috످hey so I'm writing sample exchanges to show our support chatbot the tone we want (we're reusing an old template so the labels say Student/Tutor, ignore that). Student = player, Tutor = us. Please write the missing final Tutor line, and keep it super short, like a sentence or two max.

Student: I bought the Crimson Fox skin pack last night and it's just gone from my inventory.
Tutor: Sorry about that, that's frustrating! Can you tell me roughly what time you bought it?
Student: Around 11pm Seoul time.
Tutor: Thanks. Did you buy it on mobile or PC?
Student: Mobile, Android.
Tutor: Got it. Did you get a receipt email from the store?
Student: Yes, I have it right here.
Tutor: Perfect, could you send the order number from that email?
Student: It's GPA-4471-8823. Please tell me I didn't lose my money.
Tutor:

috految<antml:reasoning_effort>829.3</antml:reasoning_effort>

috److془The user wants a final Tutor line. Keep it short, one or two sentences. Avoid overpromising.

"I totally get the worry, but that receipt means your purchase is on record. I'll look up your order now so we can track down your Crimson Fox pack!"

Good. Maybe shorter: "I totally get the worry, but that receipt means your purchase is on record. Let's track down your Crimson Fox pack!"془Tutor: I totally get the worry, but your receipt means your purchase is on record. Let's track down that Crimson Fox pack for you!

috످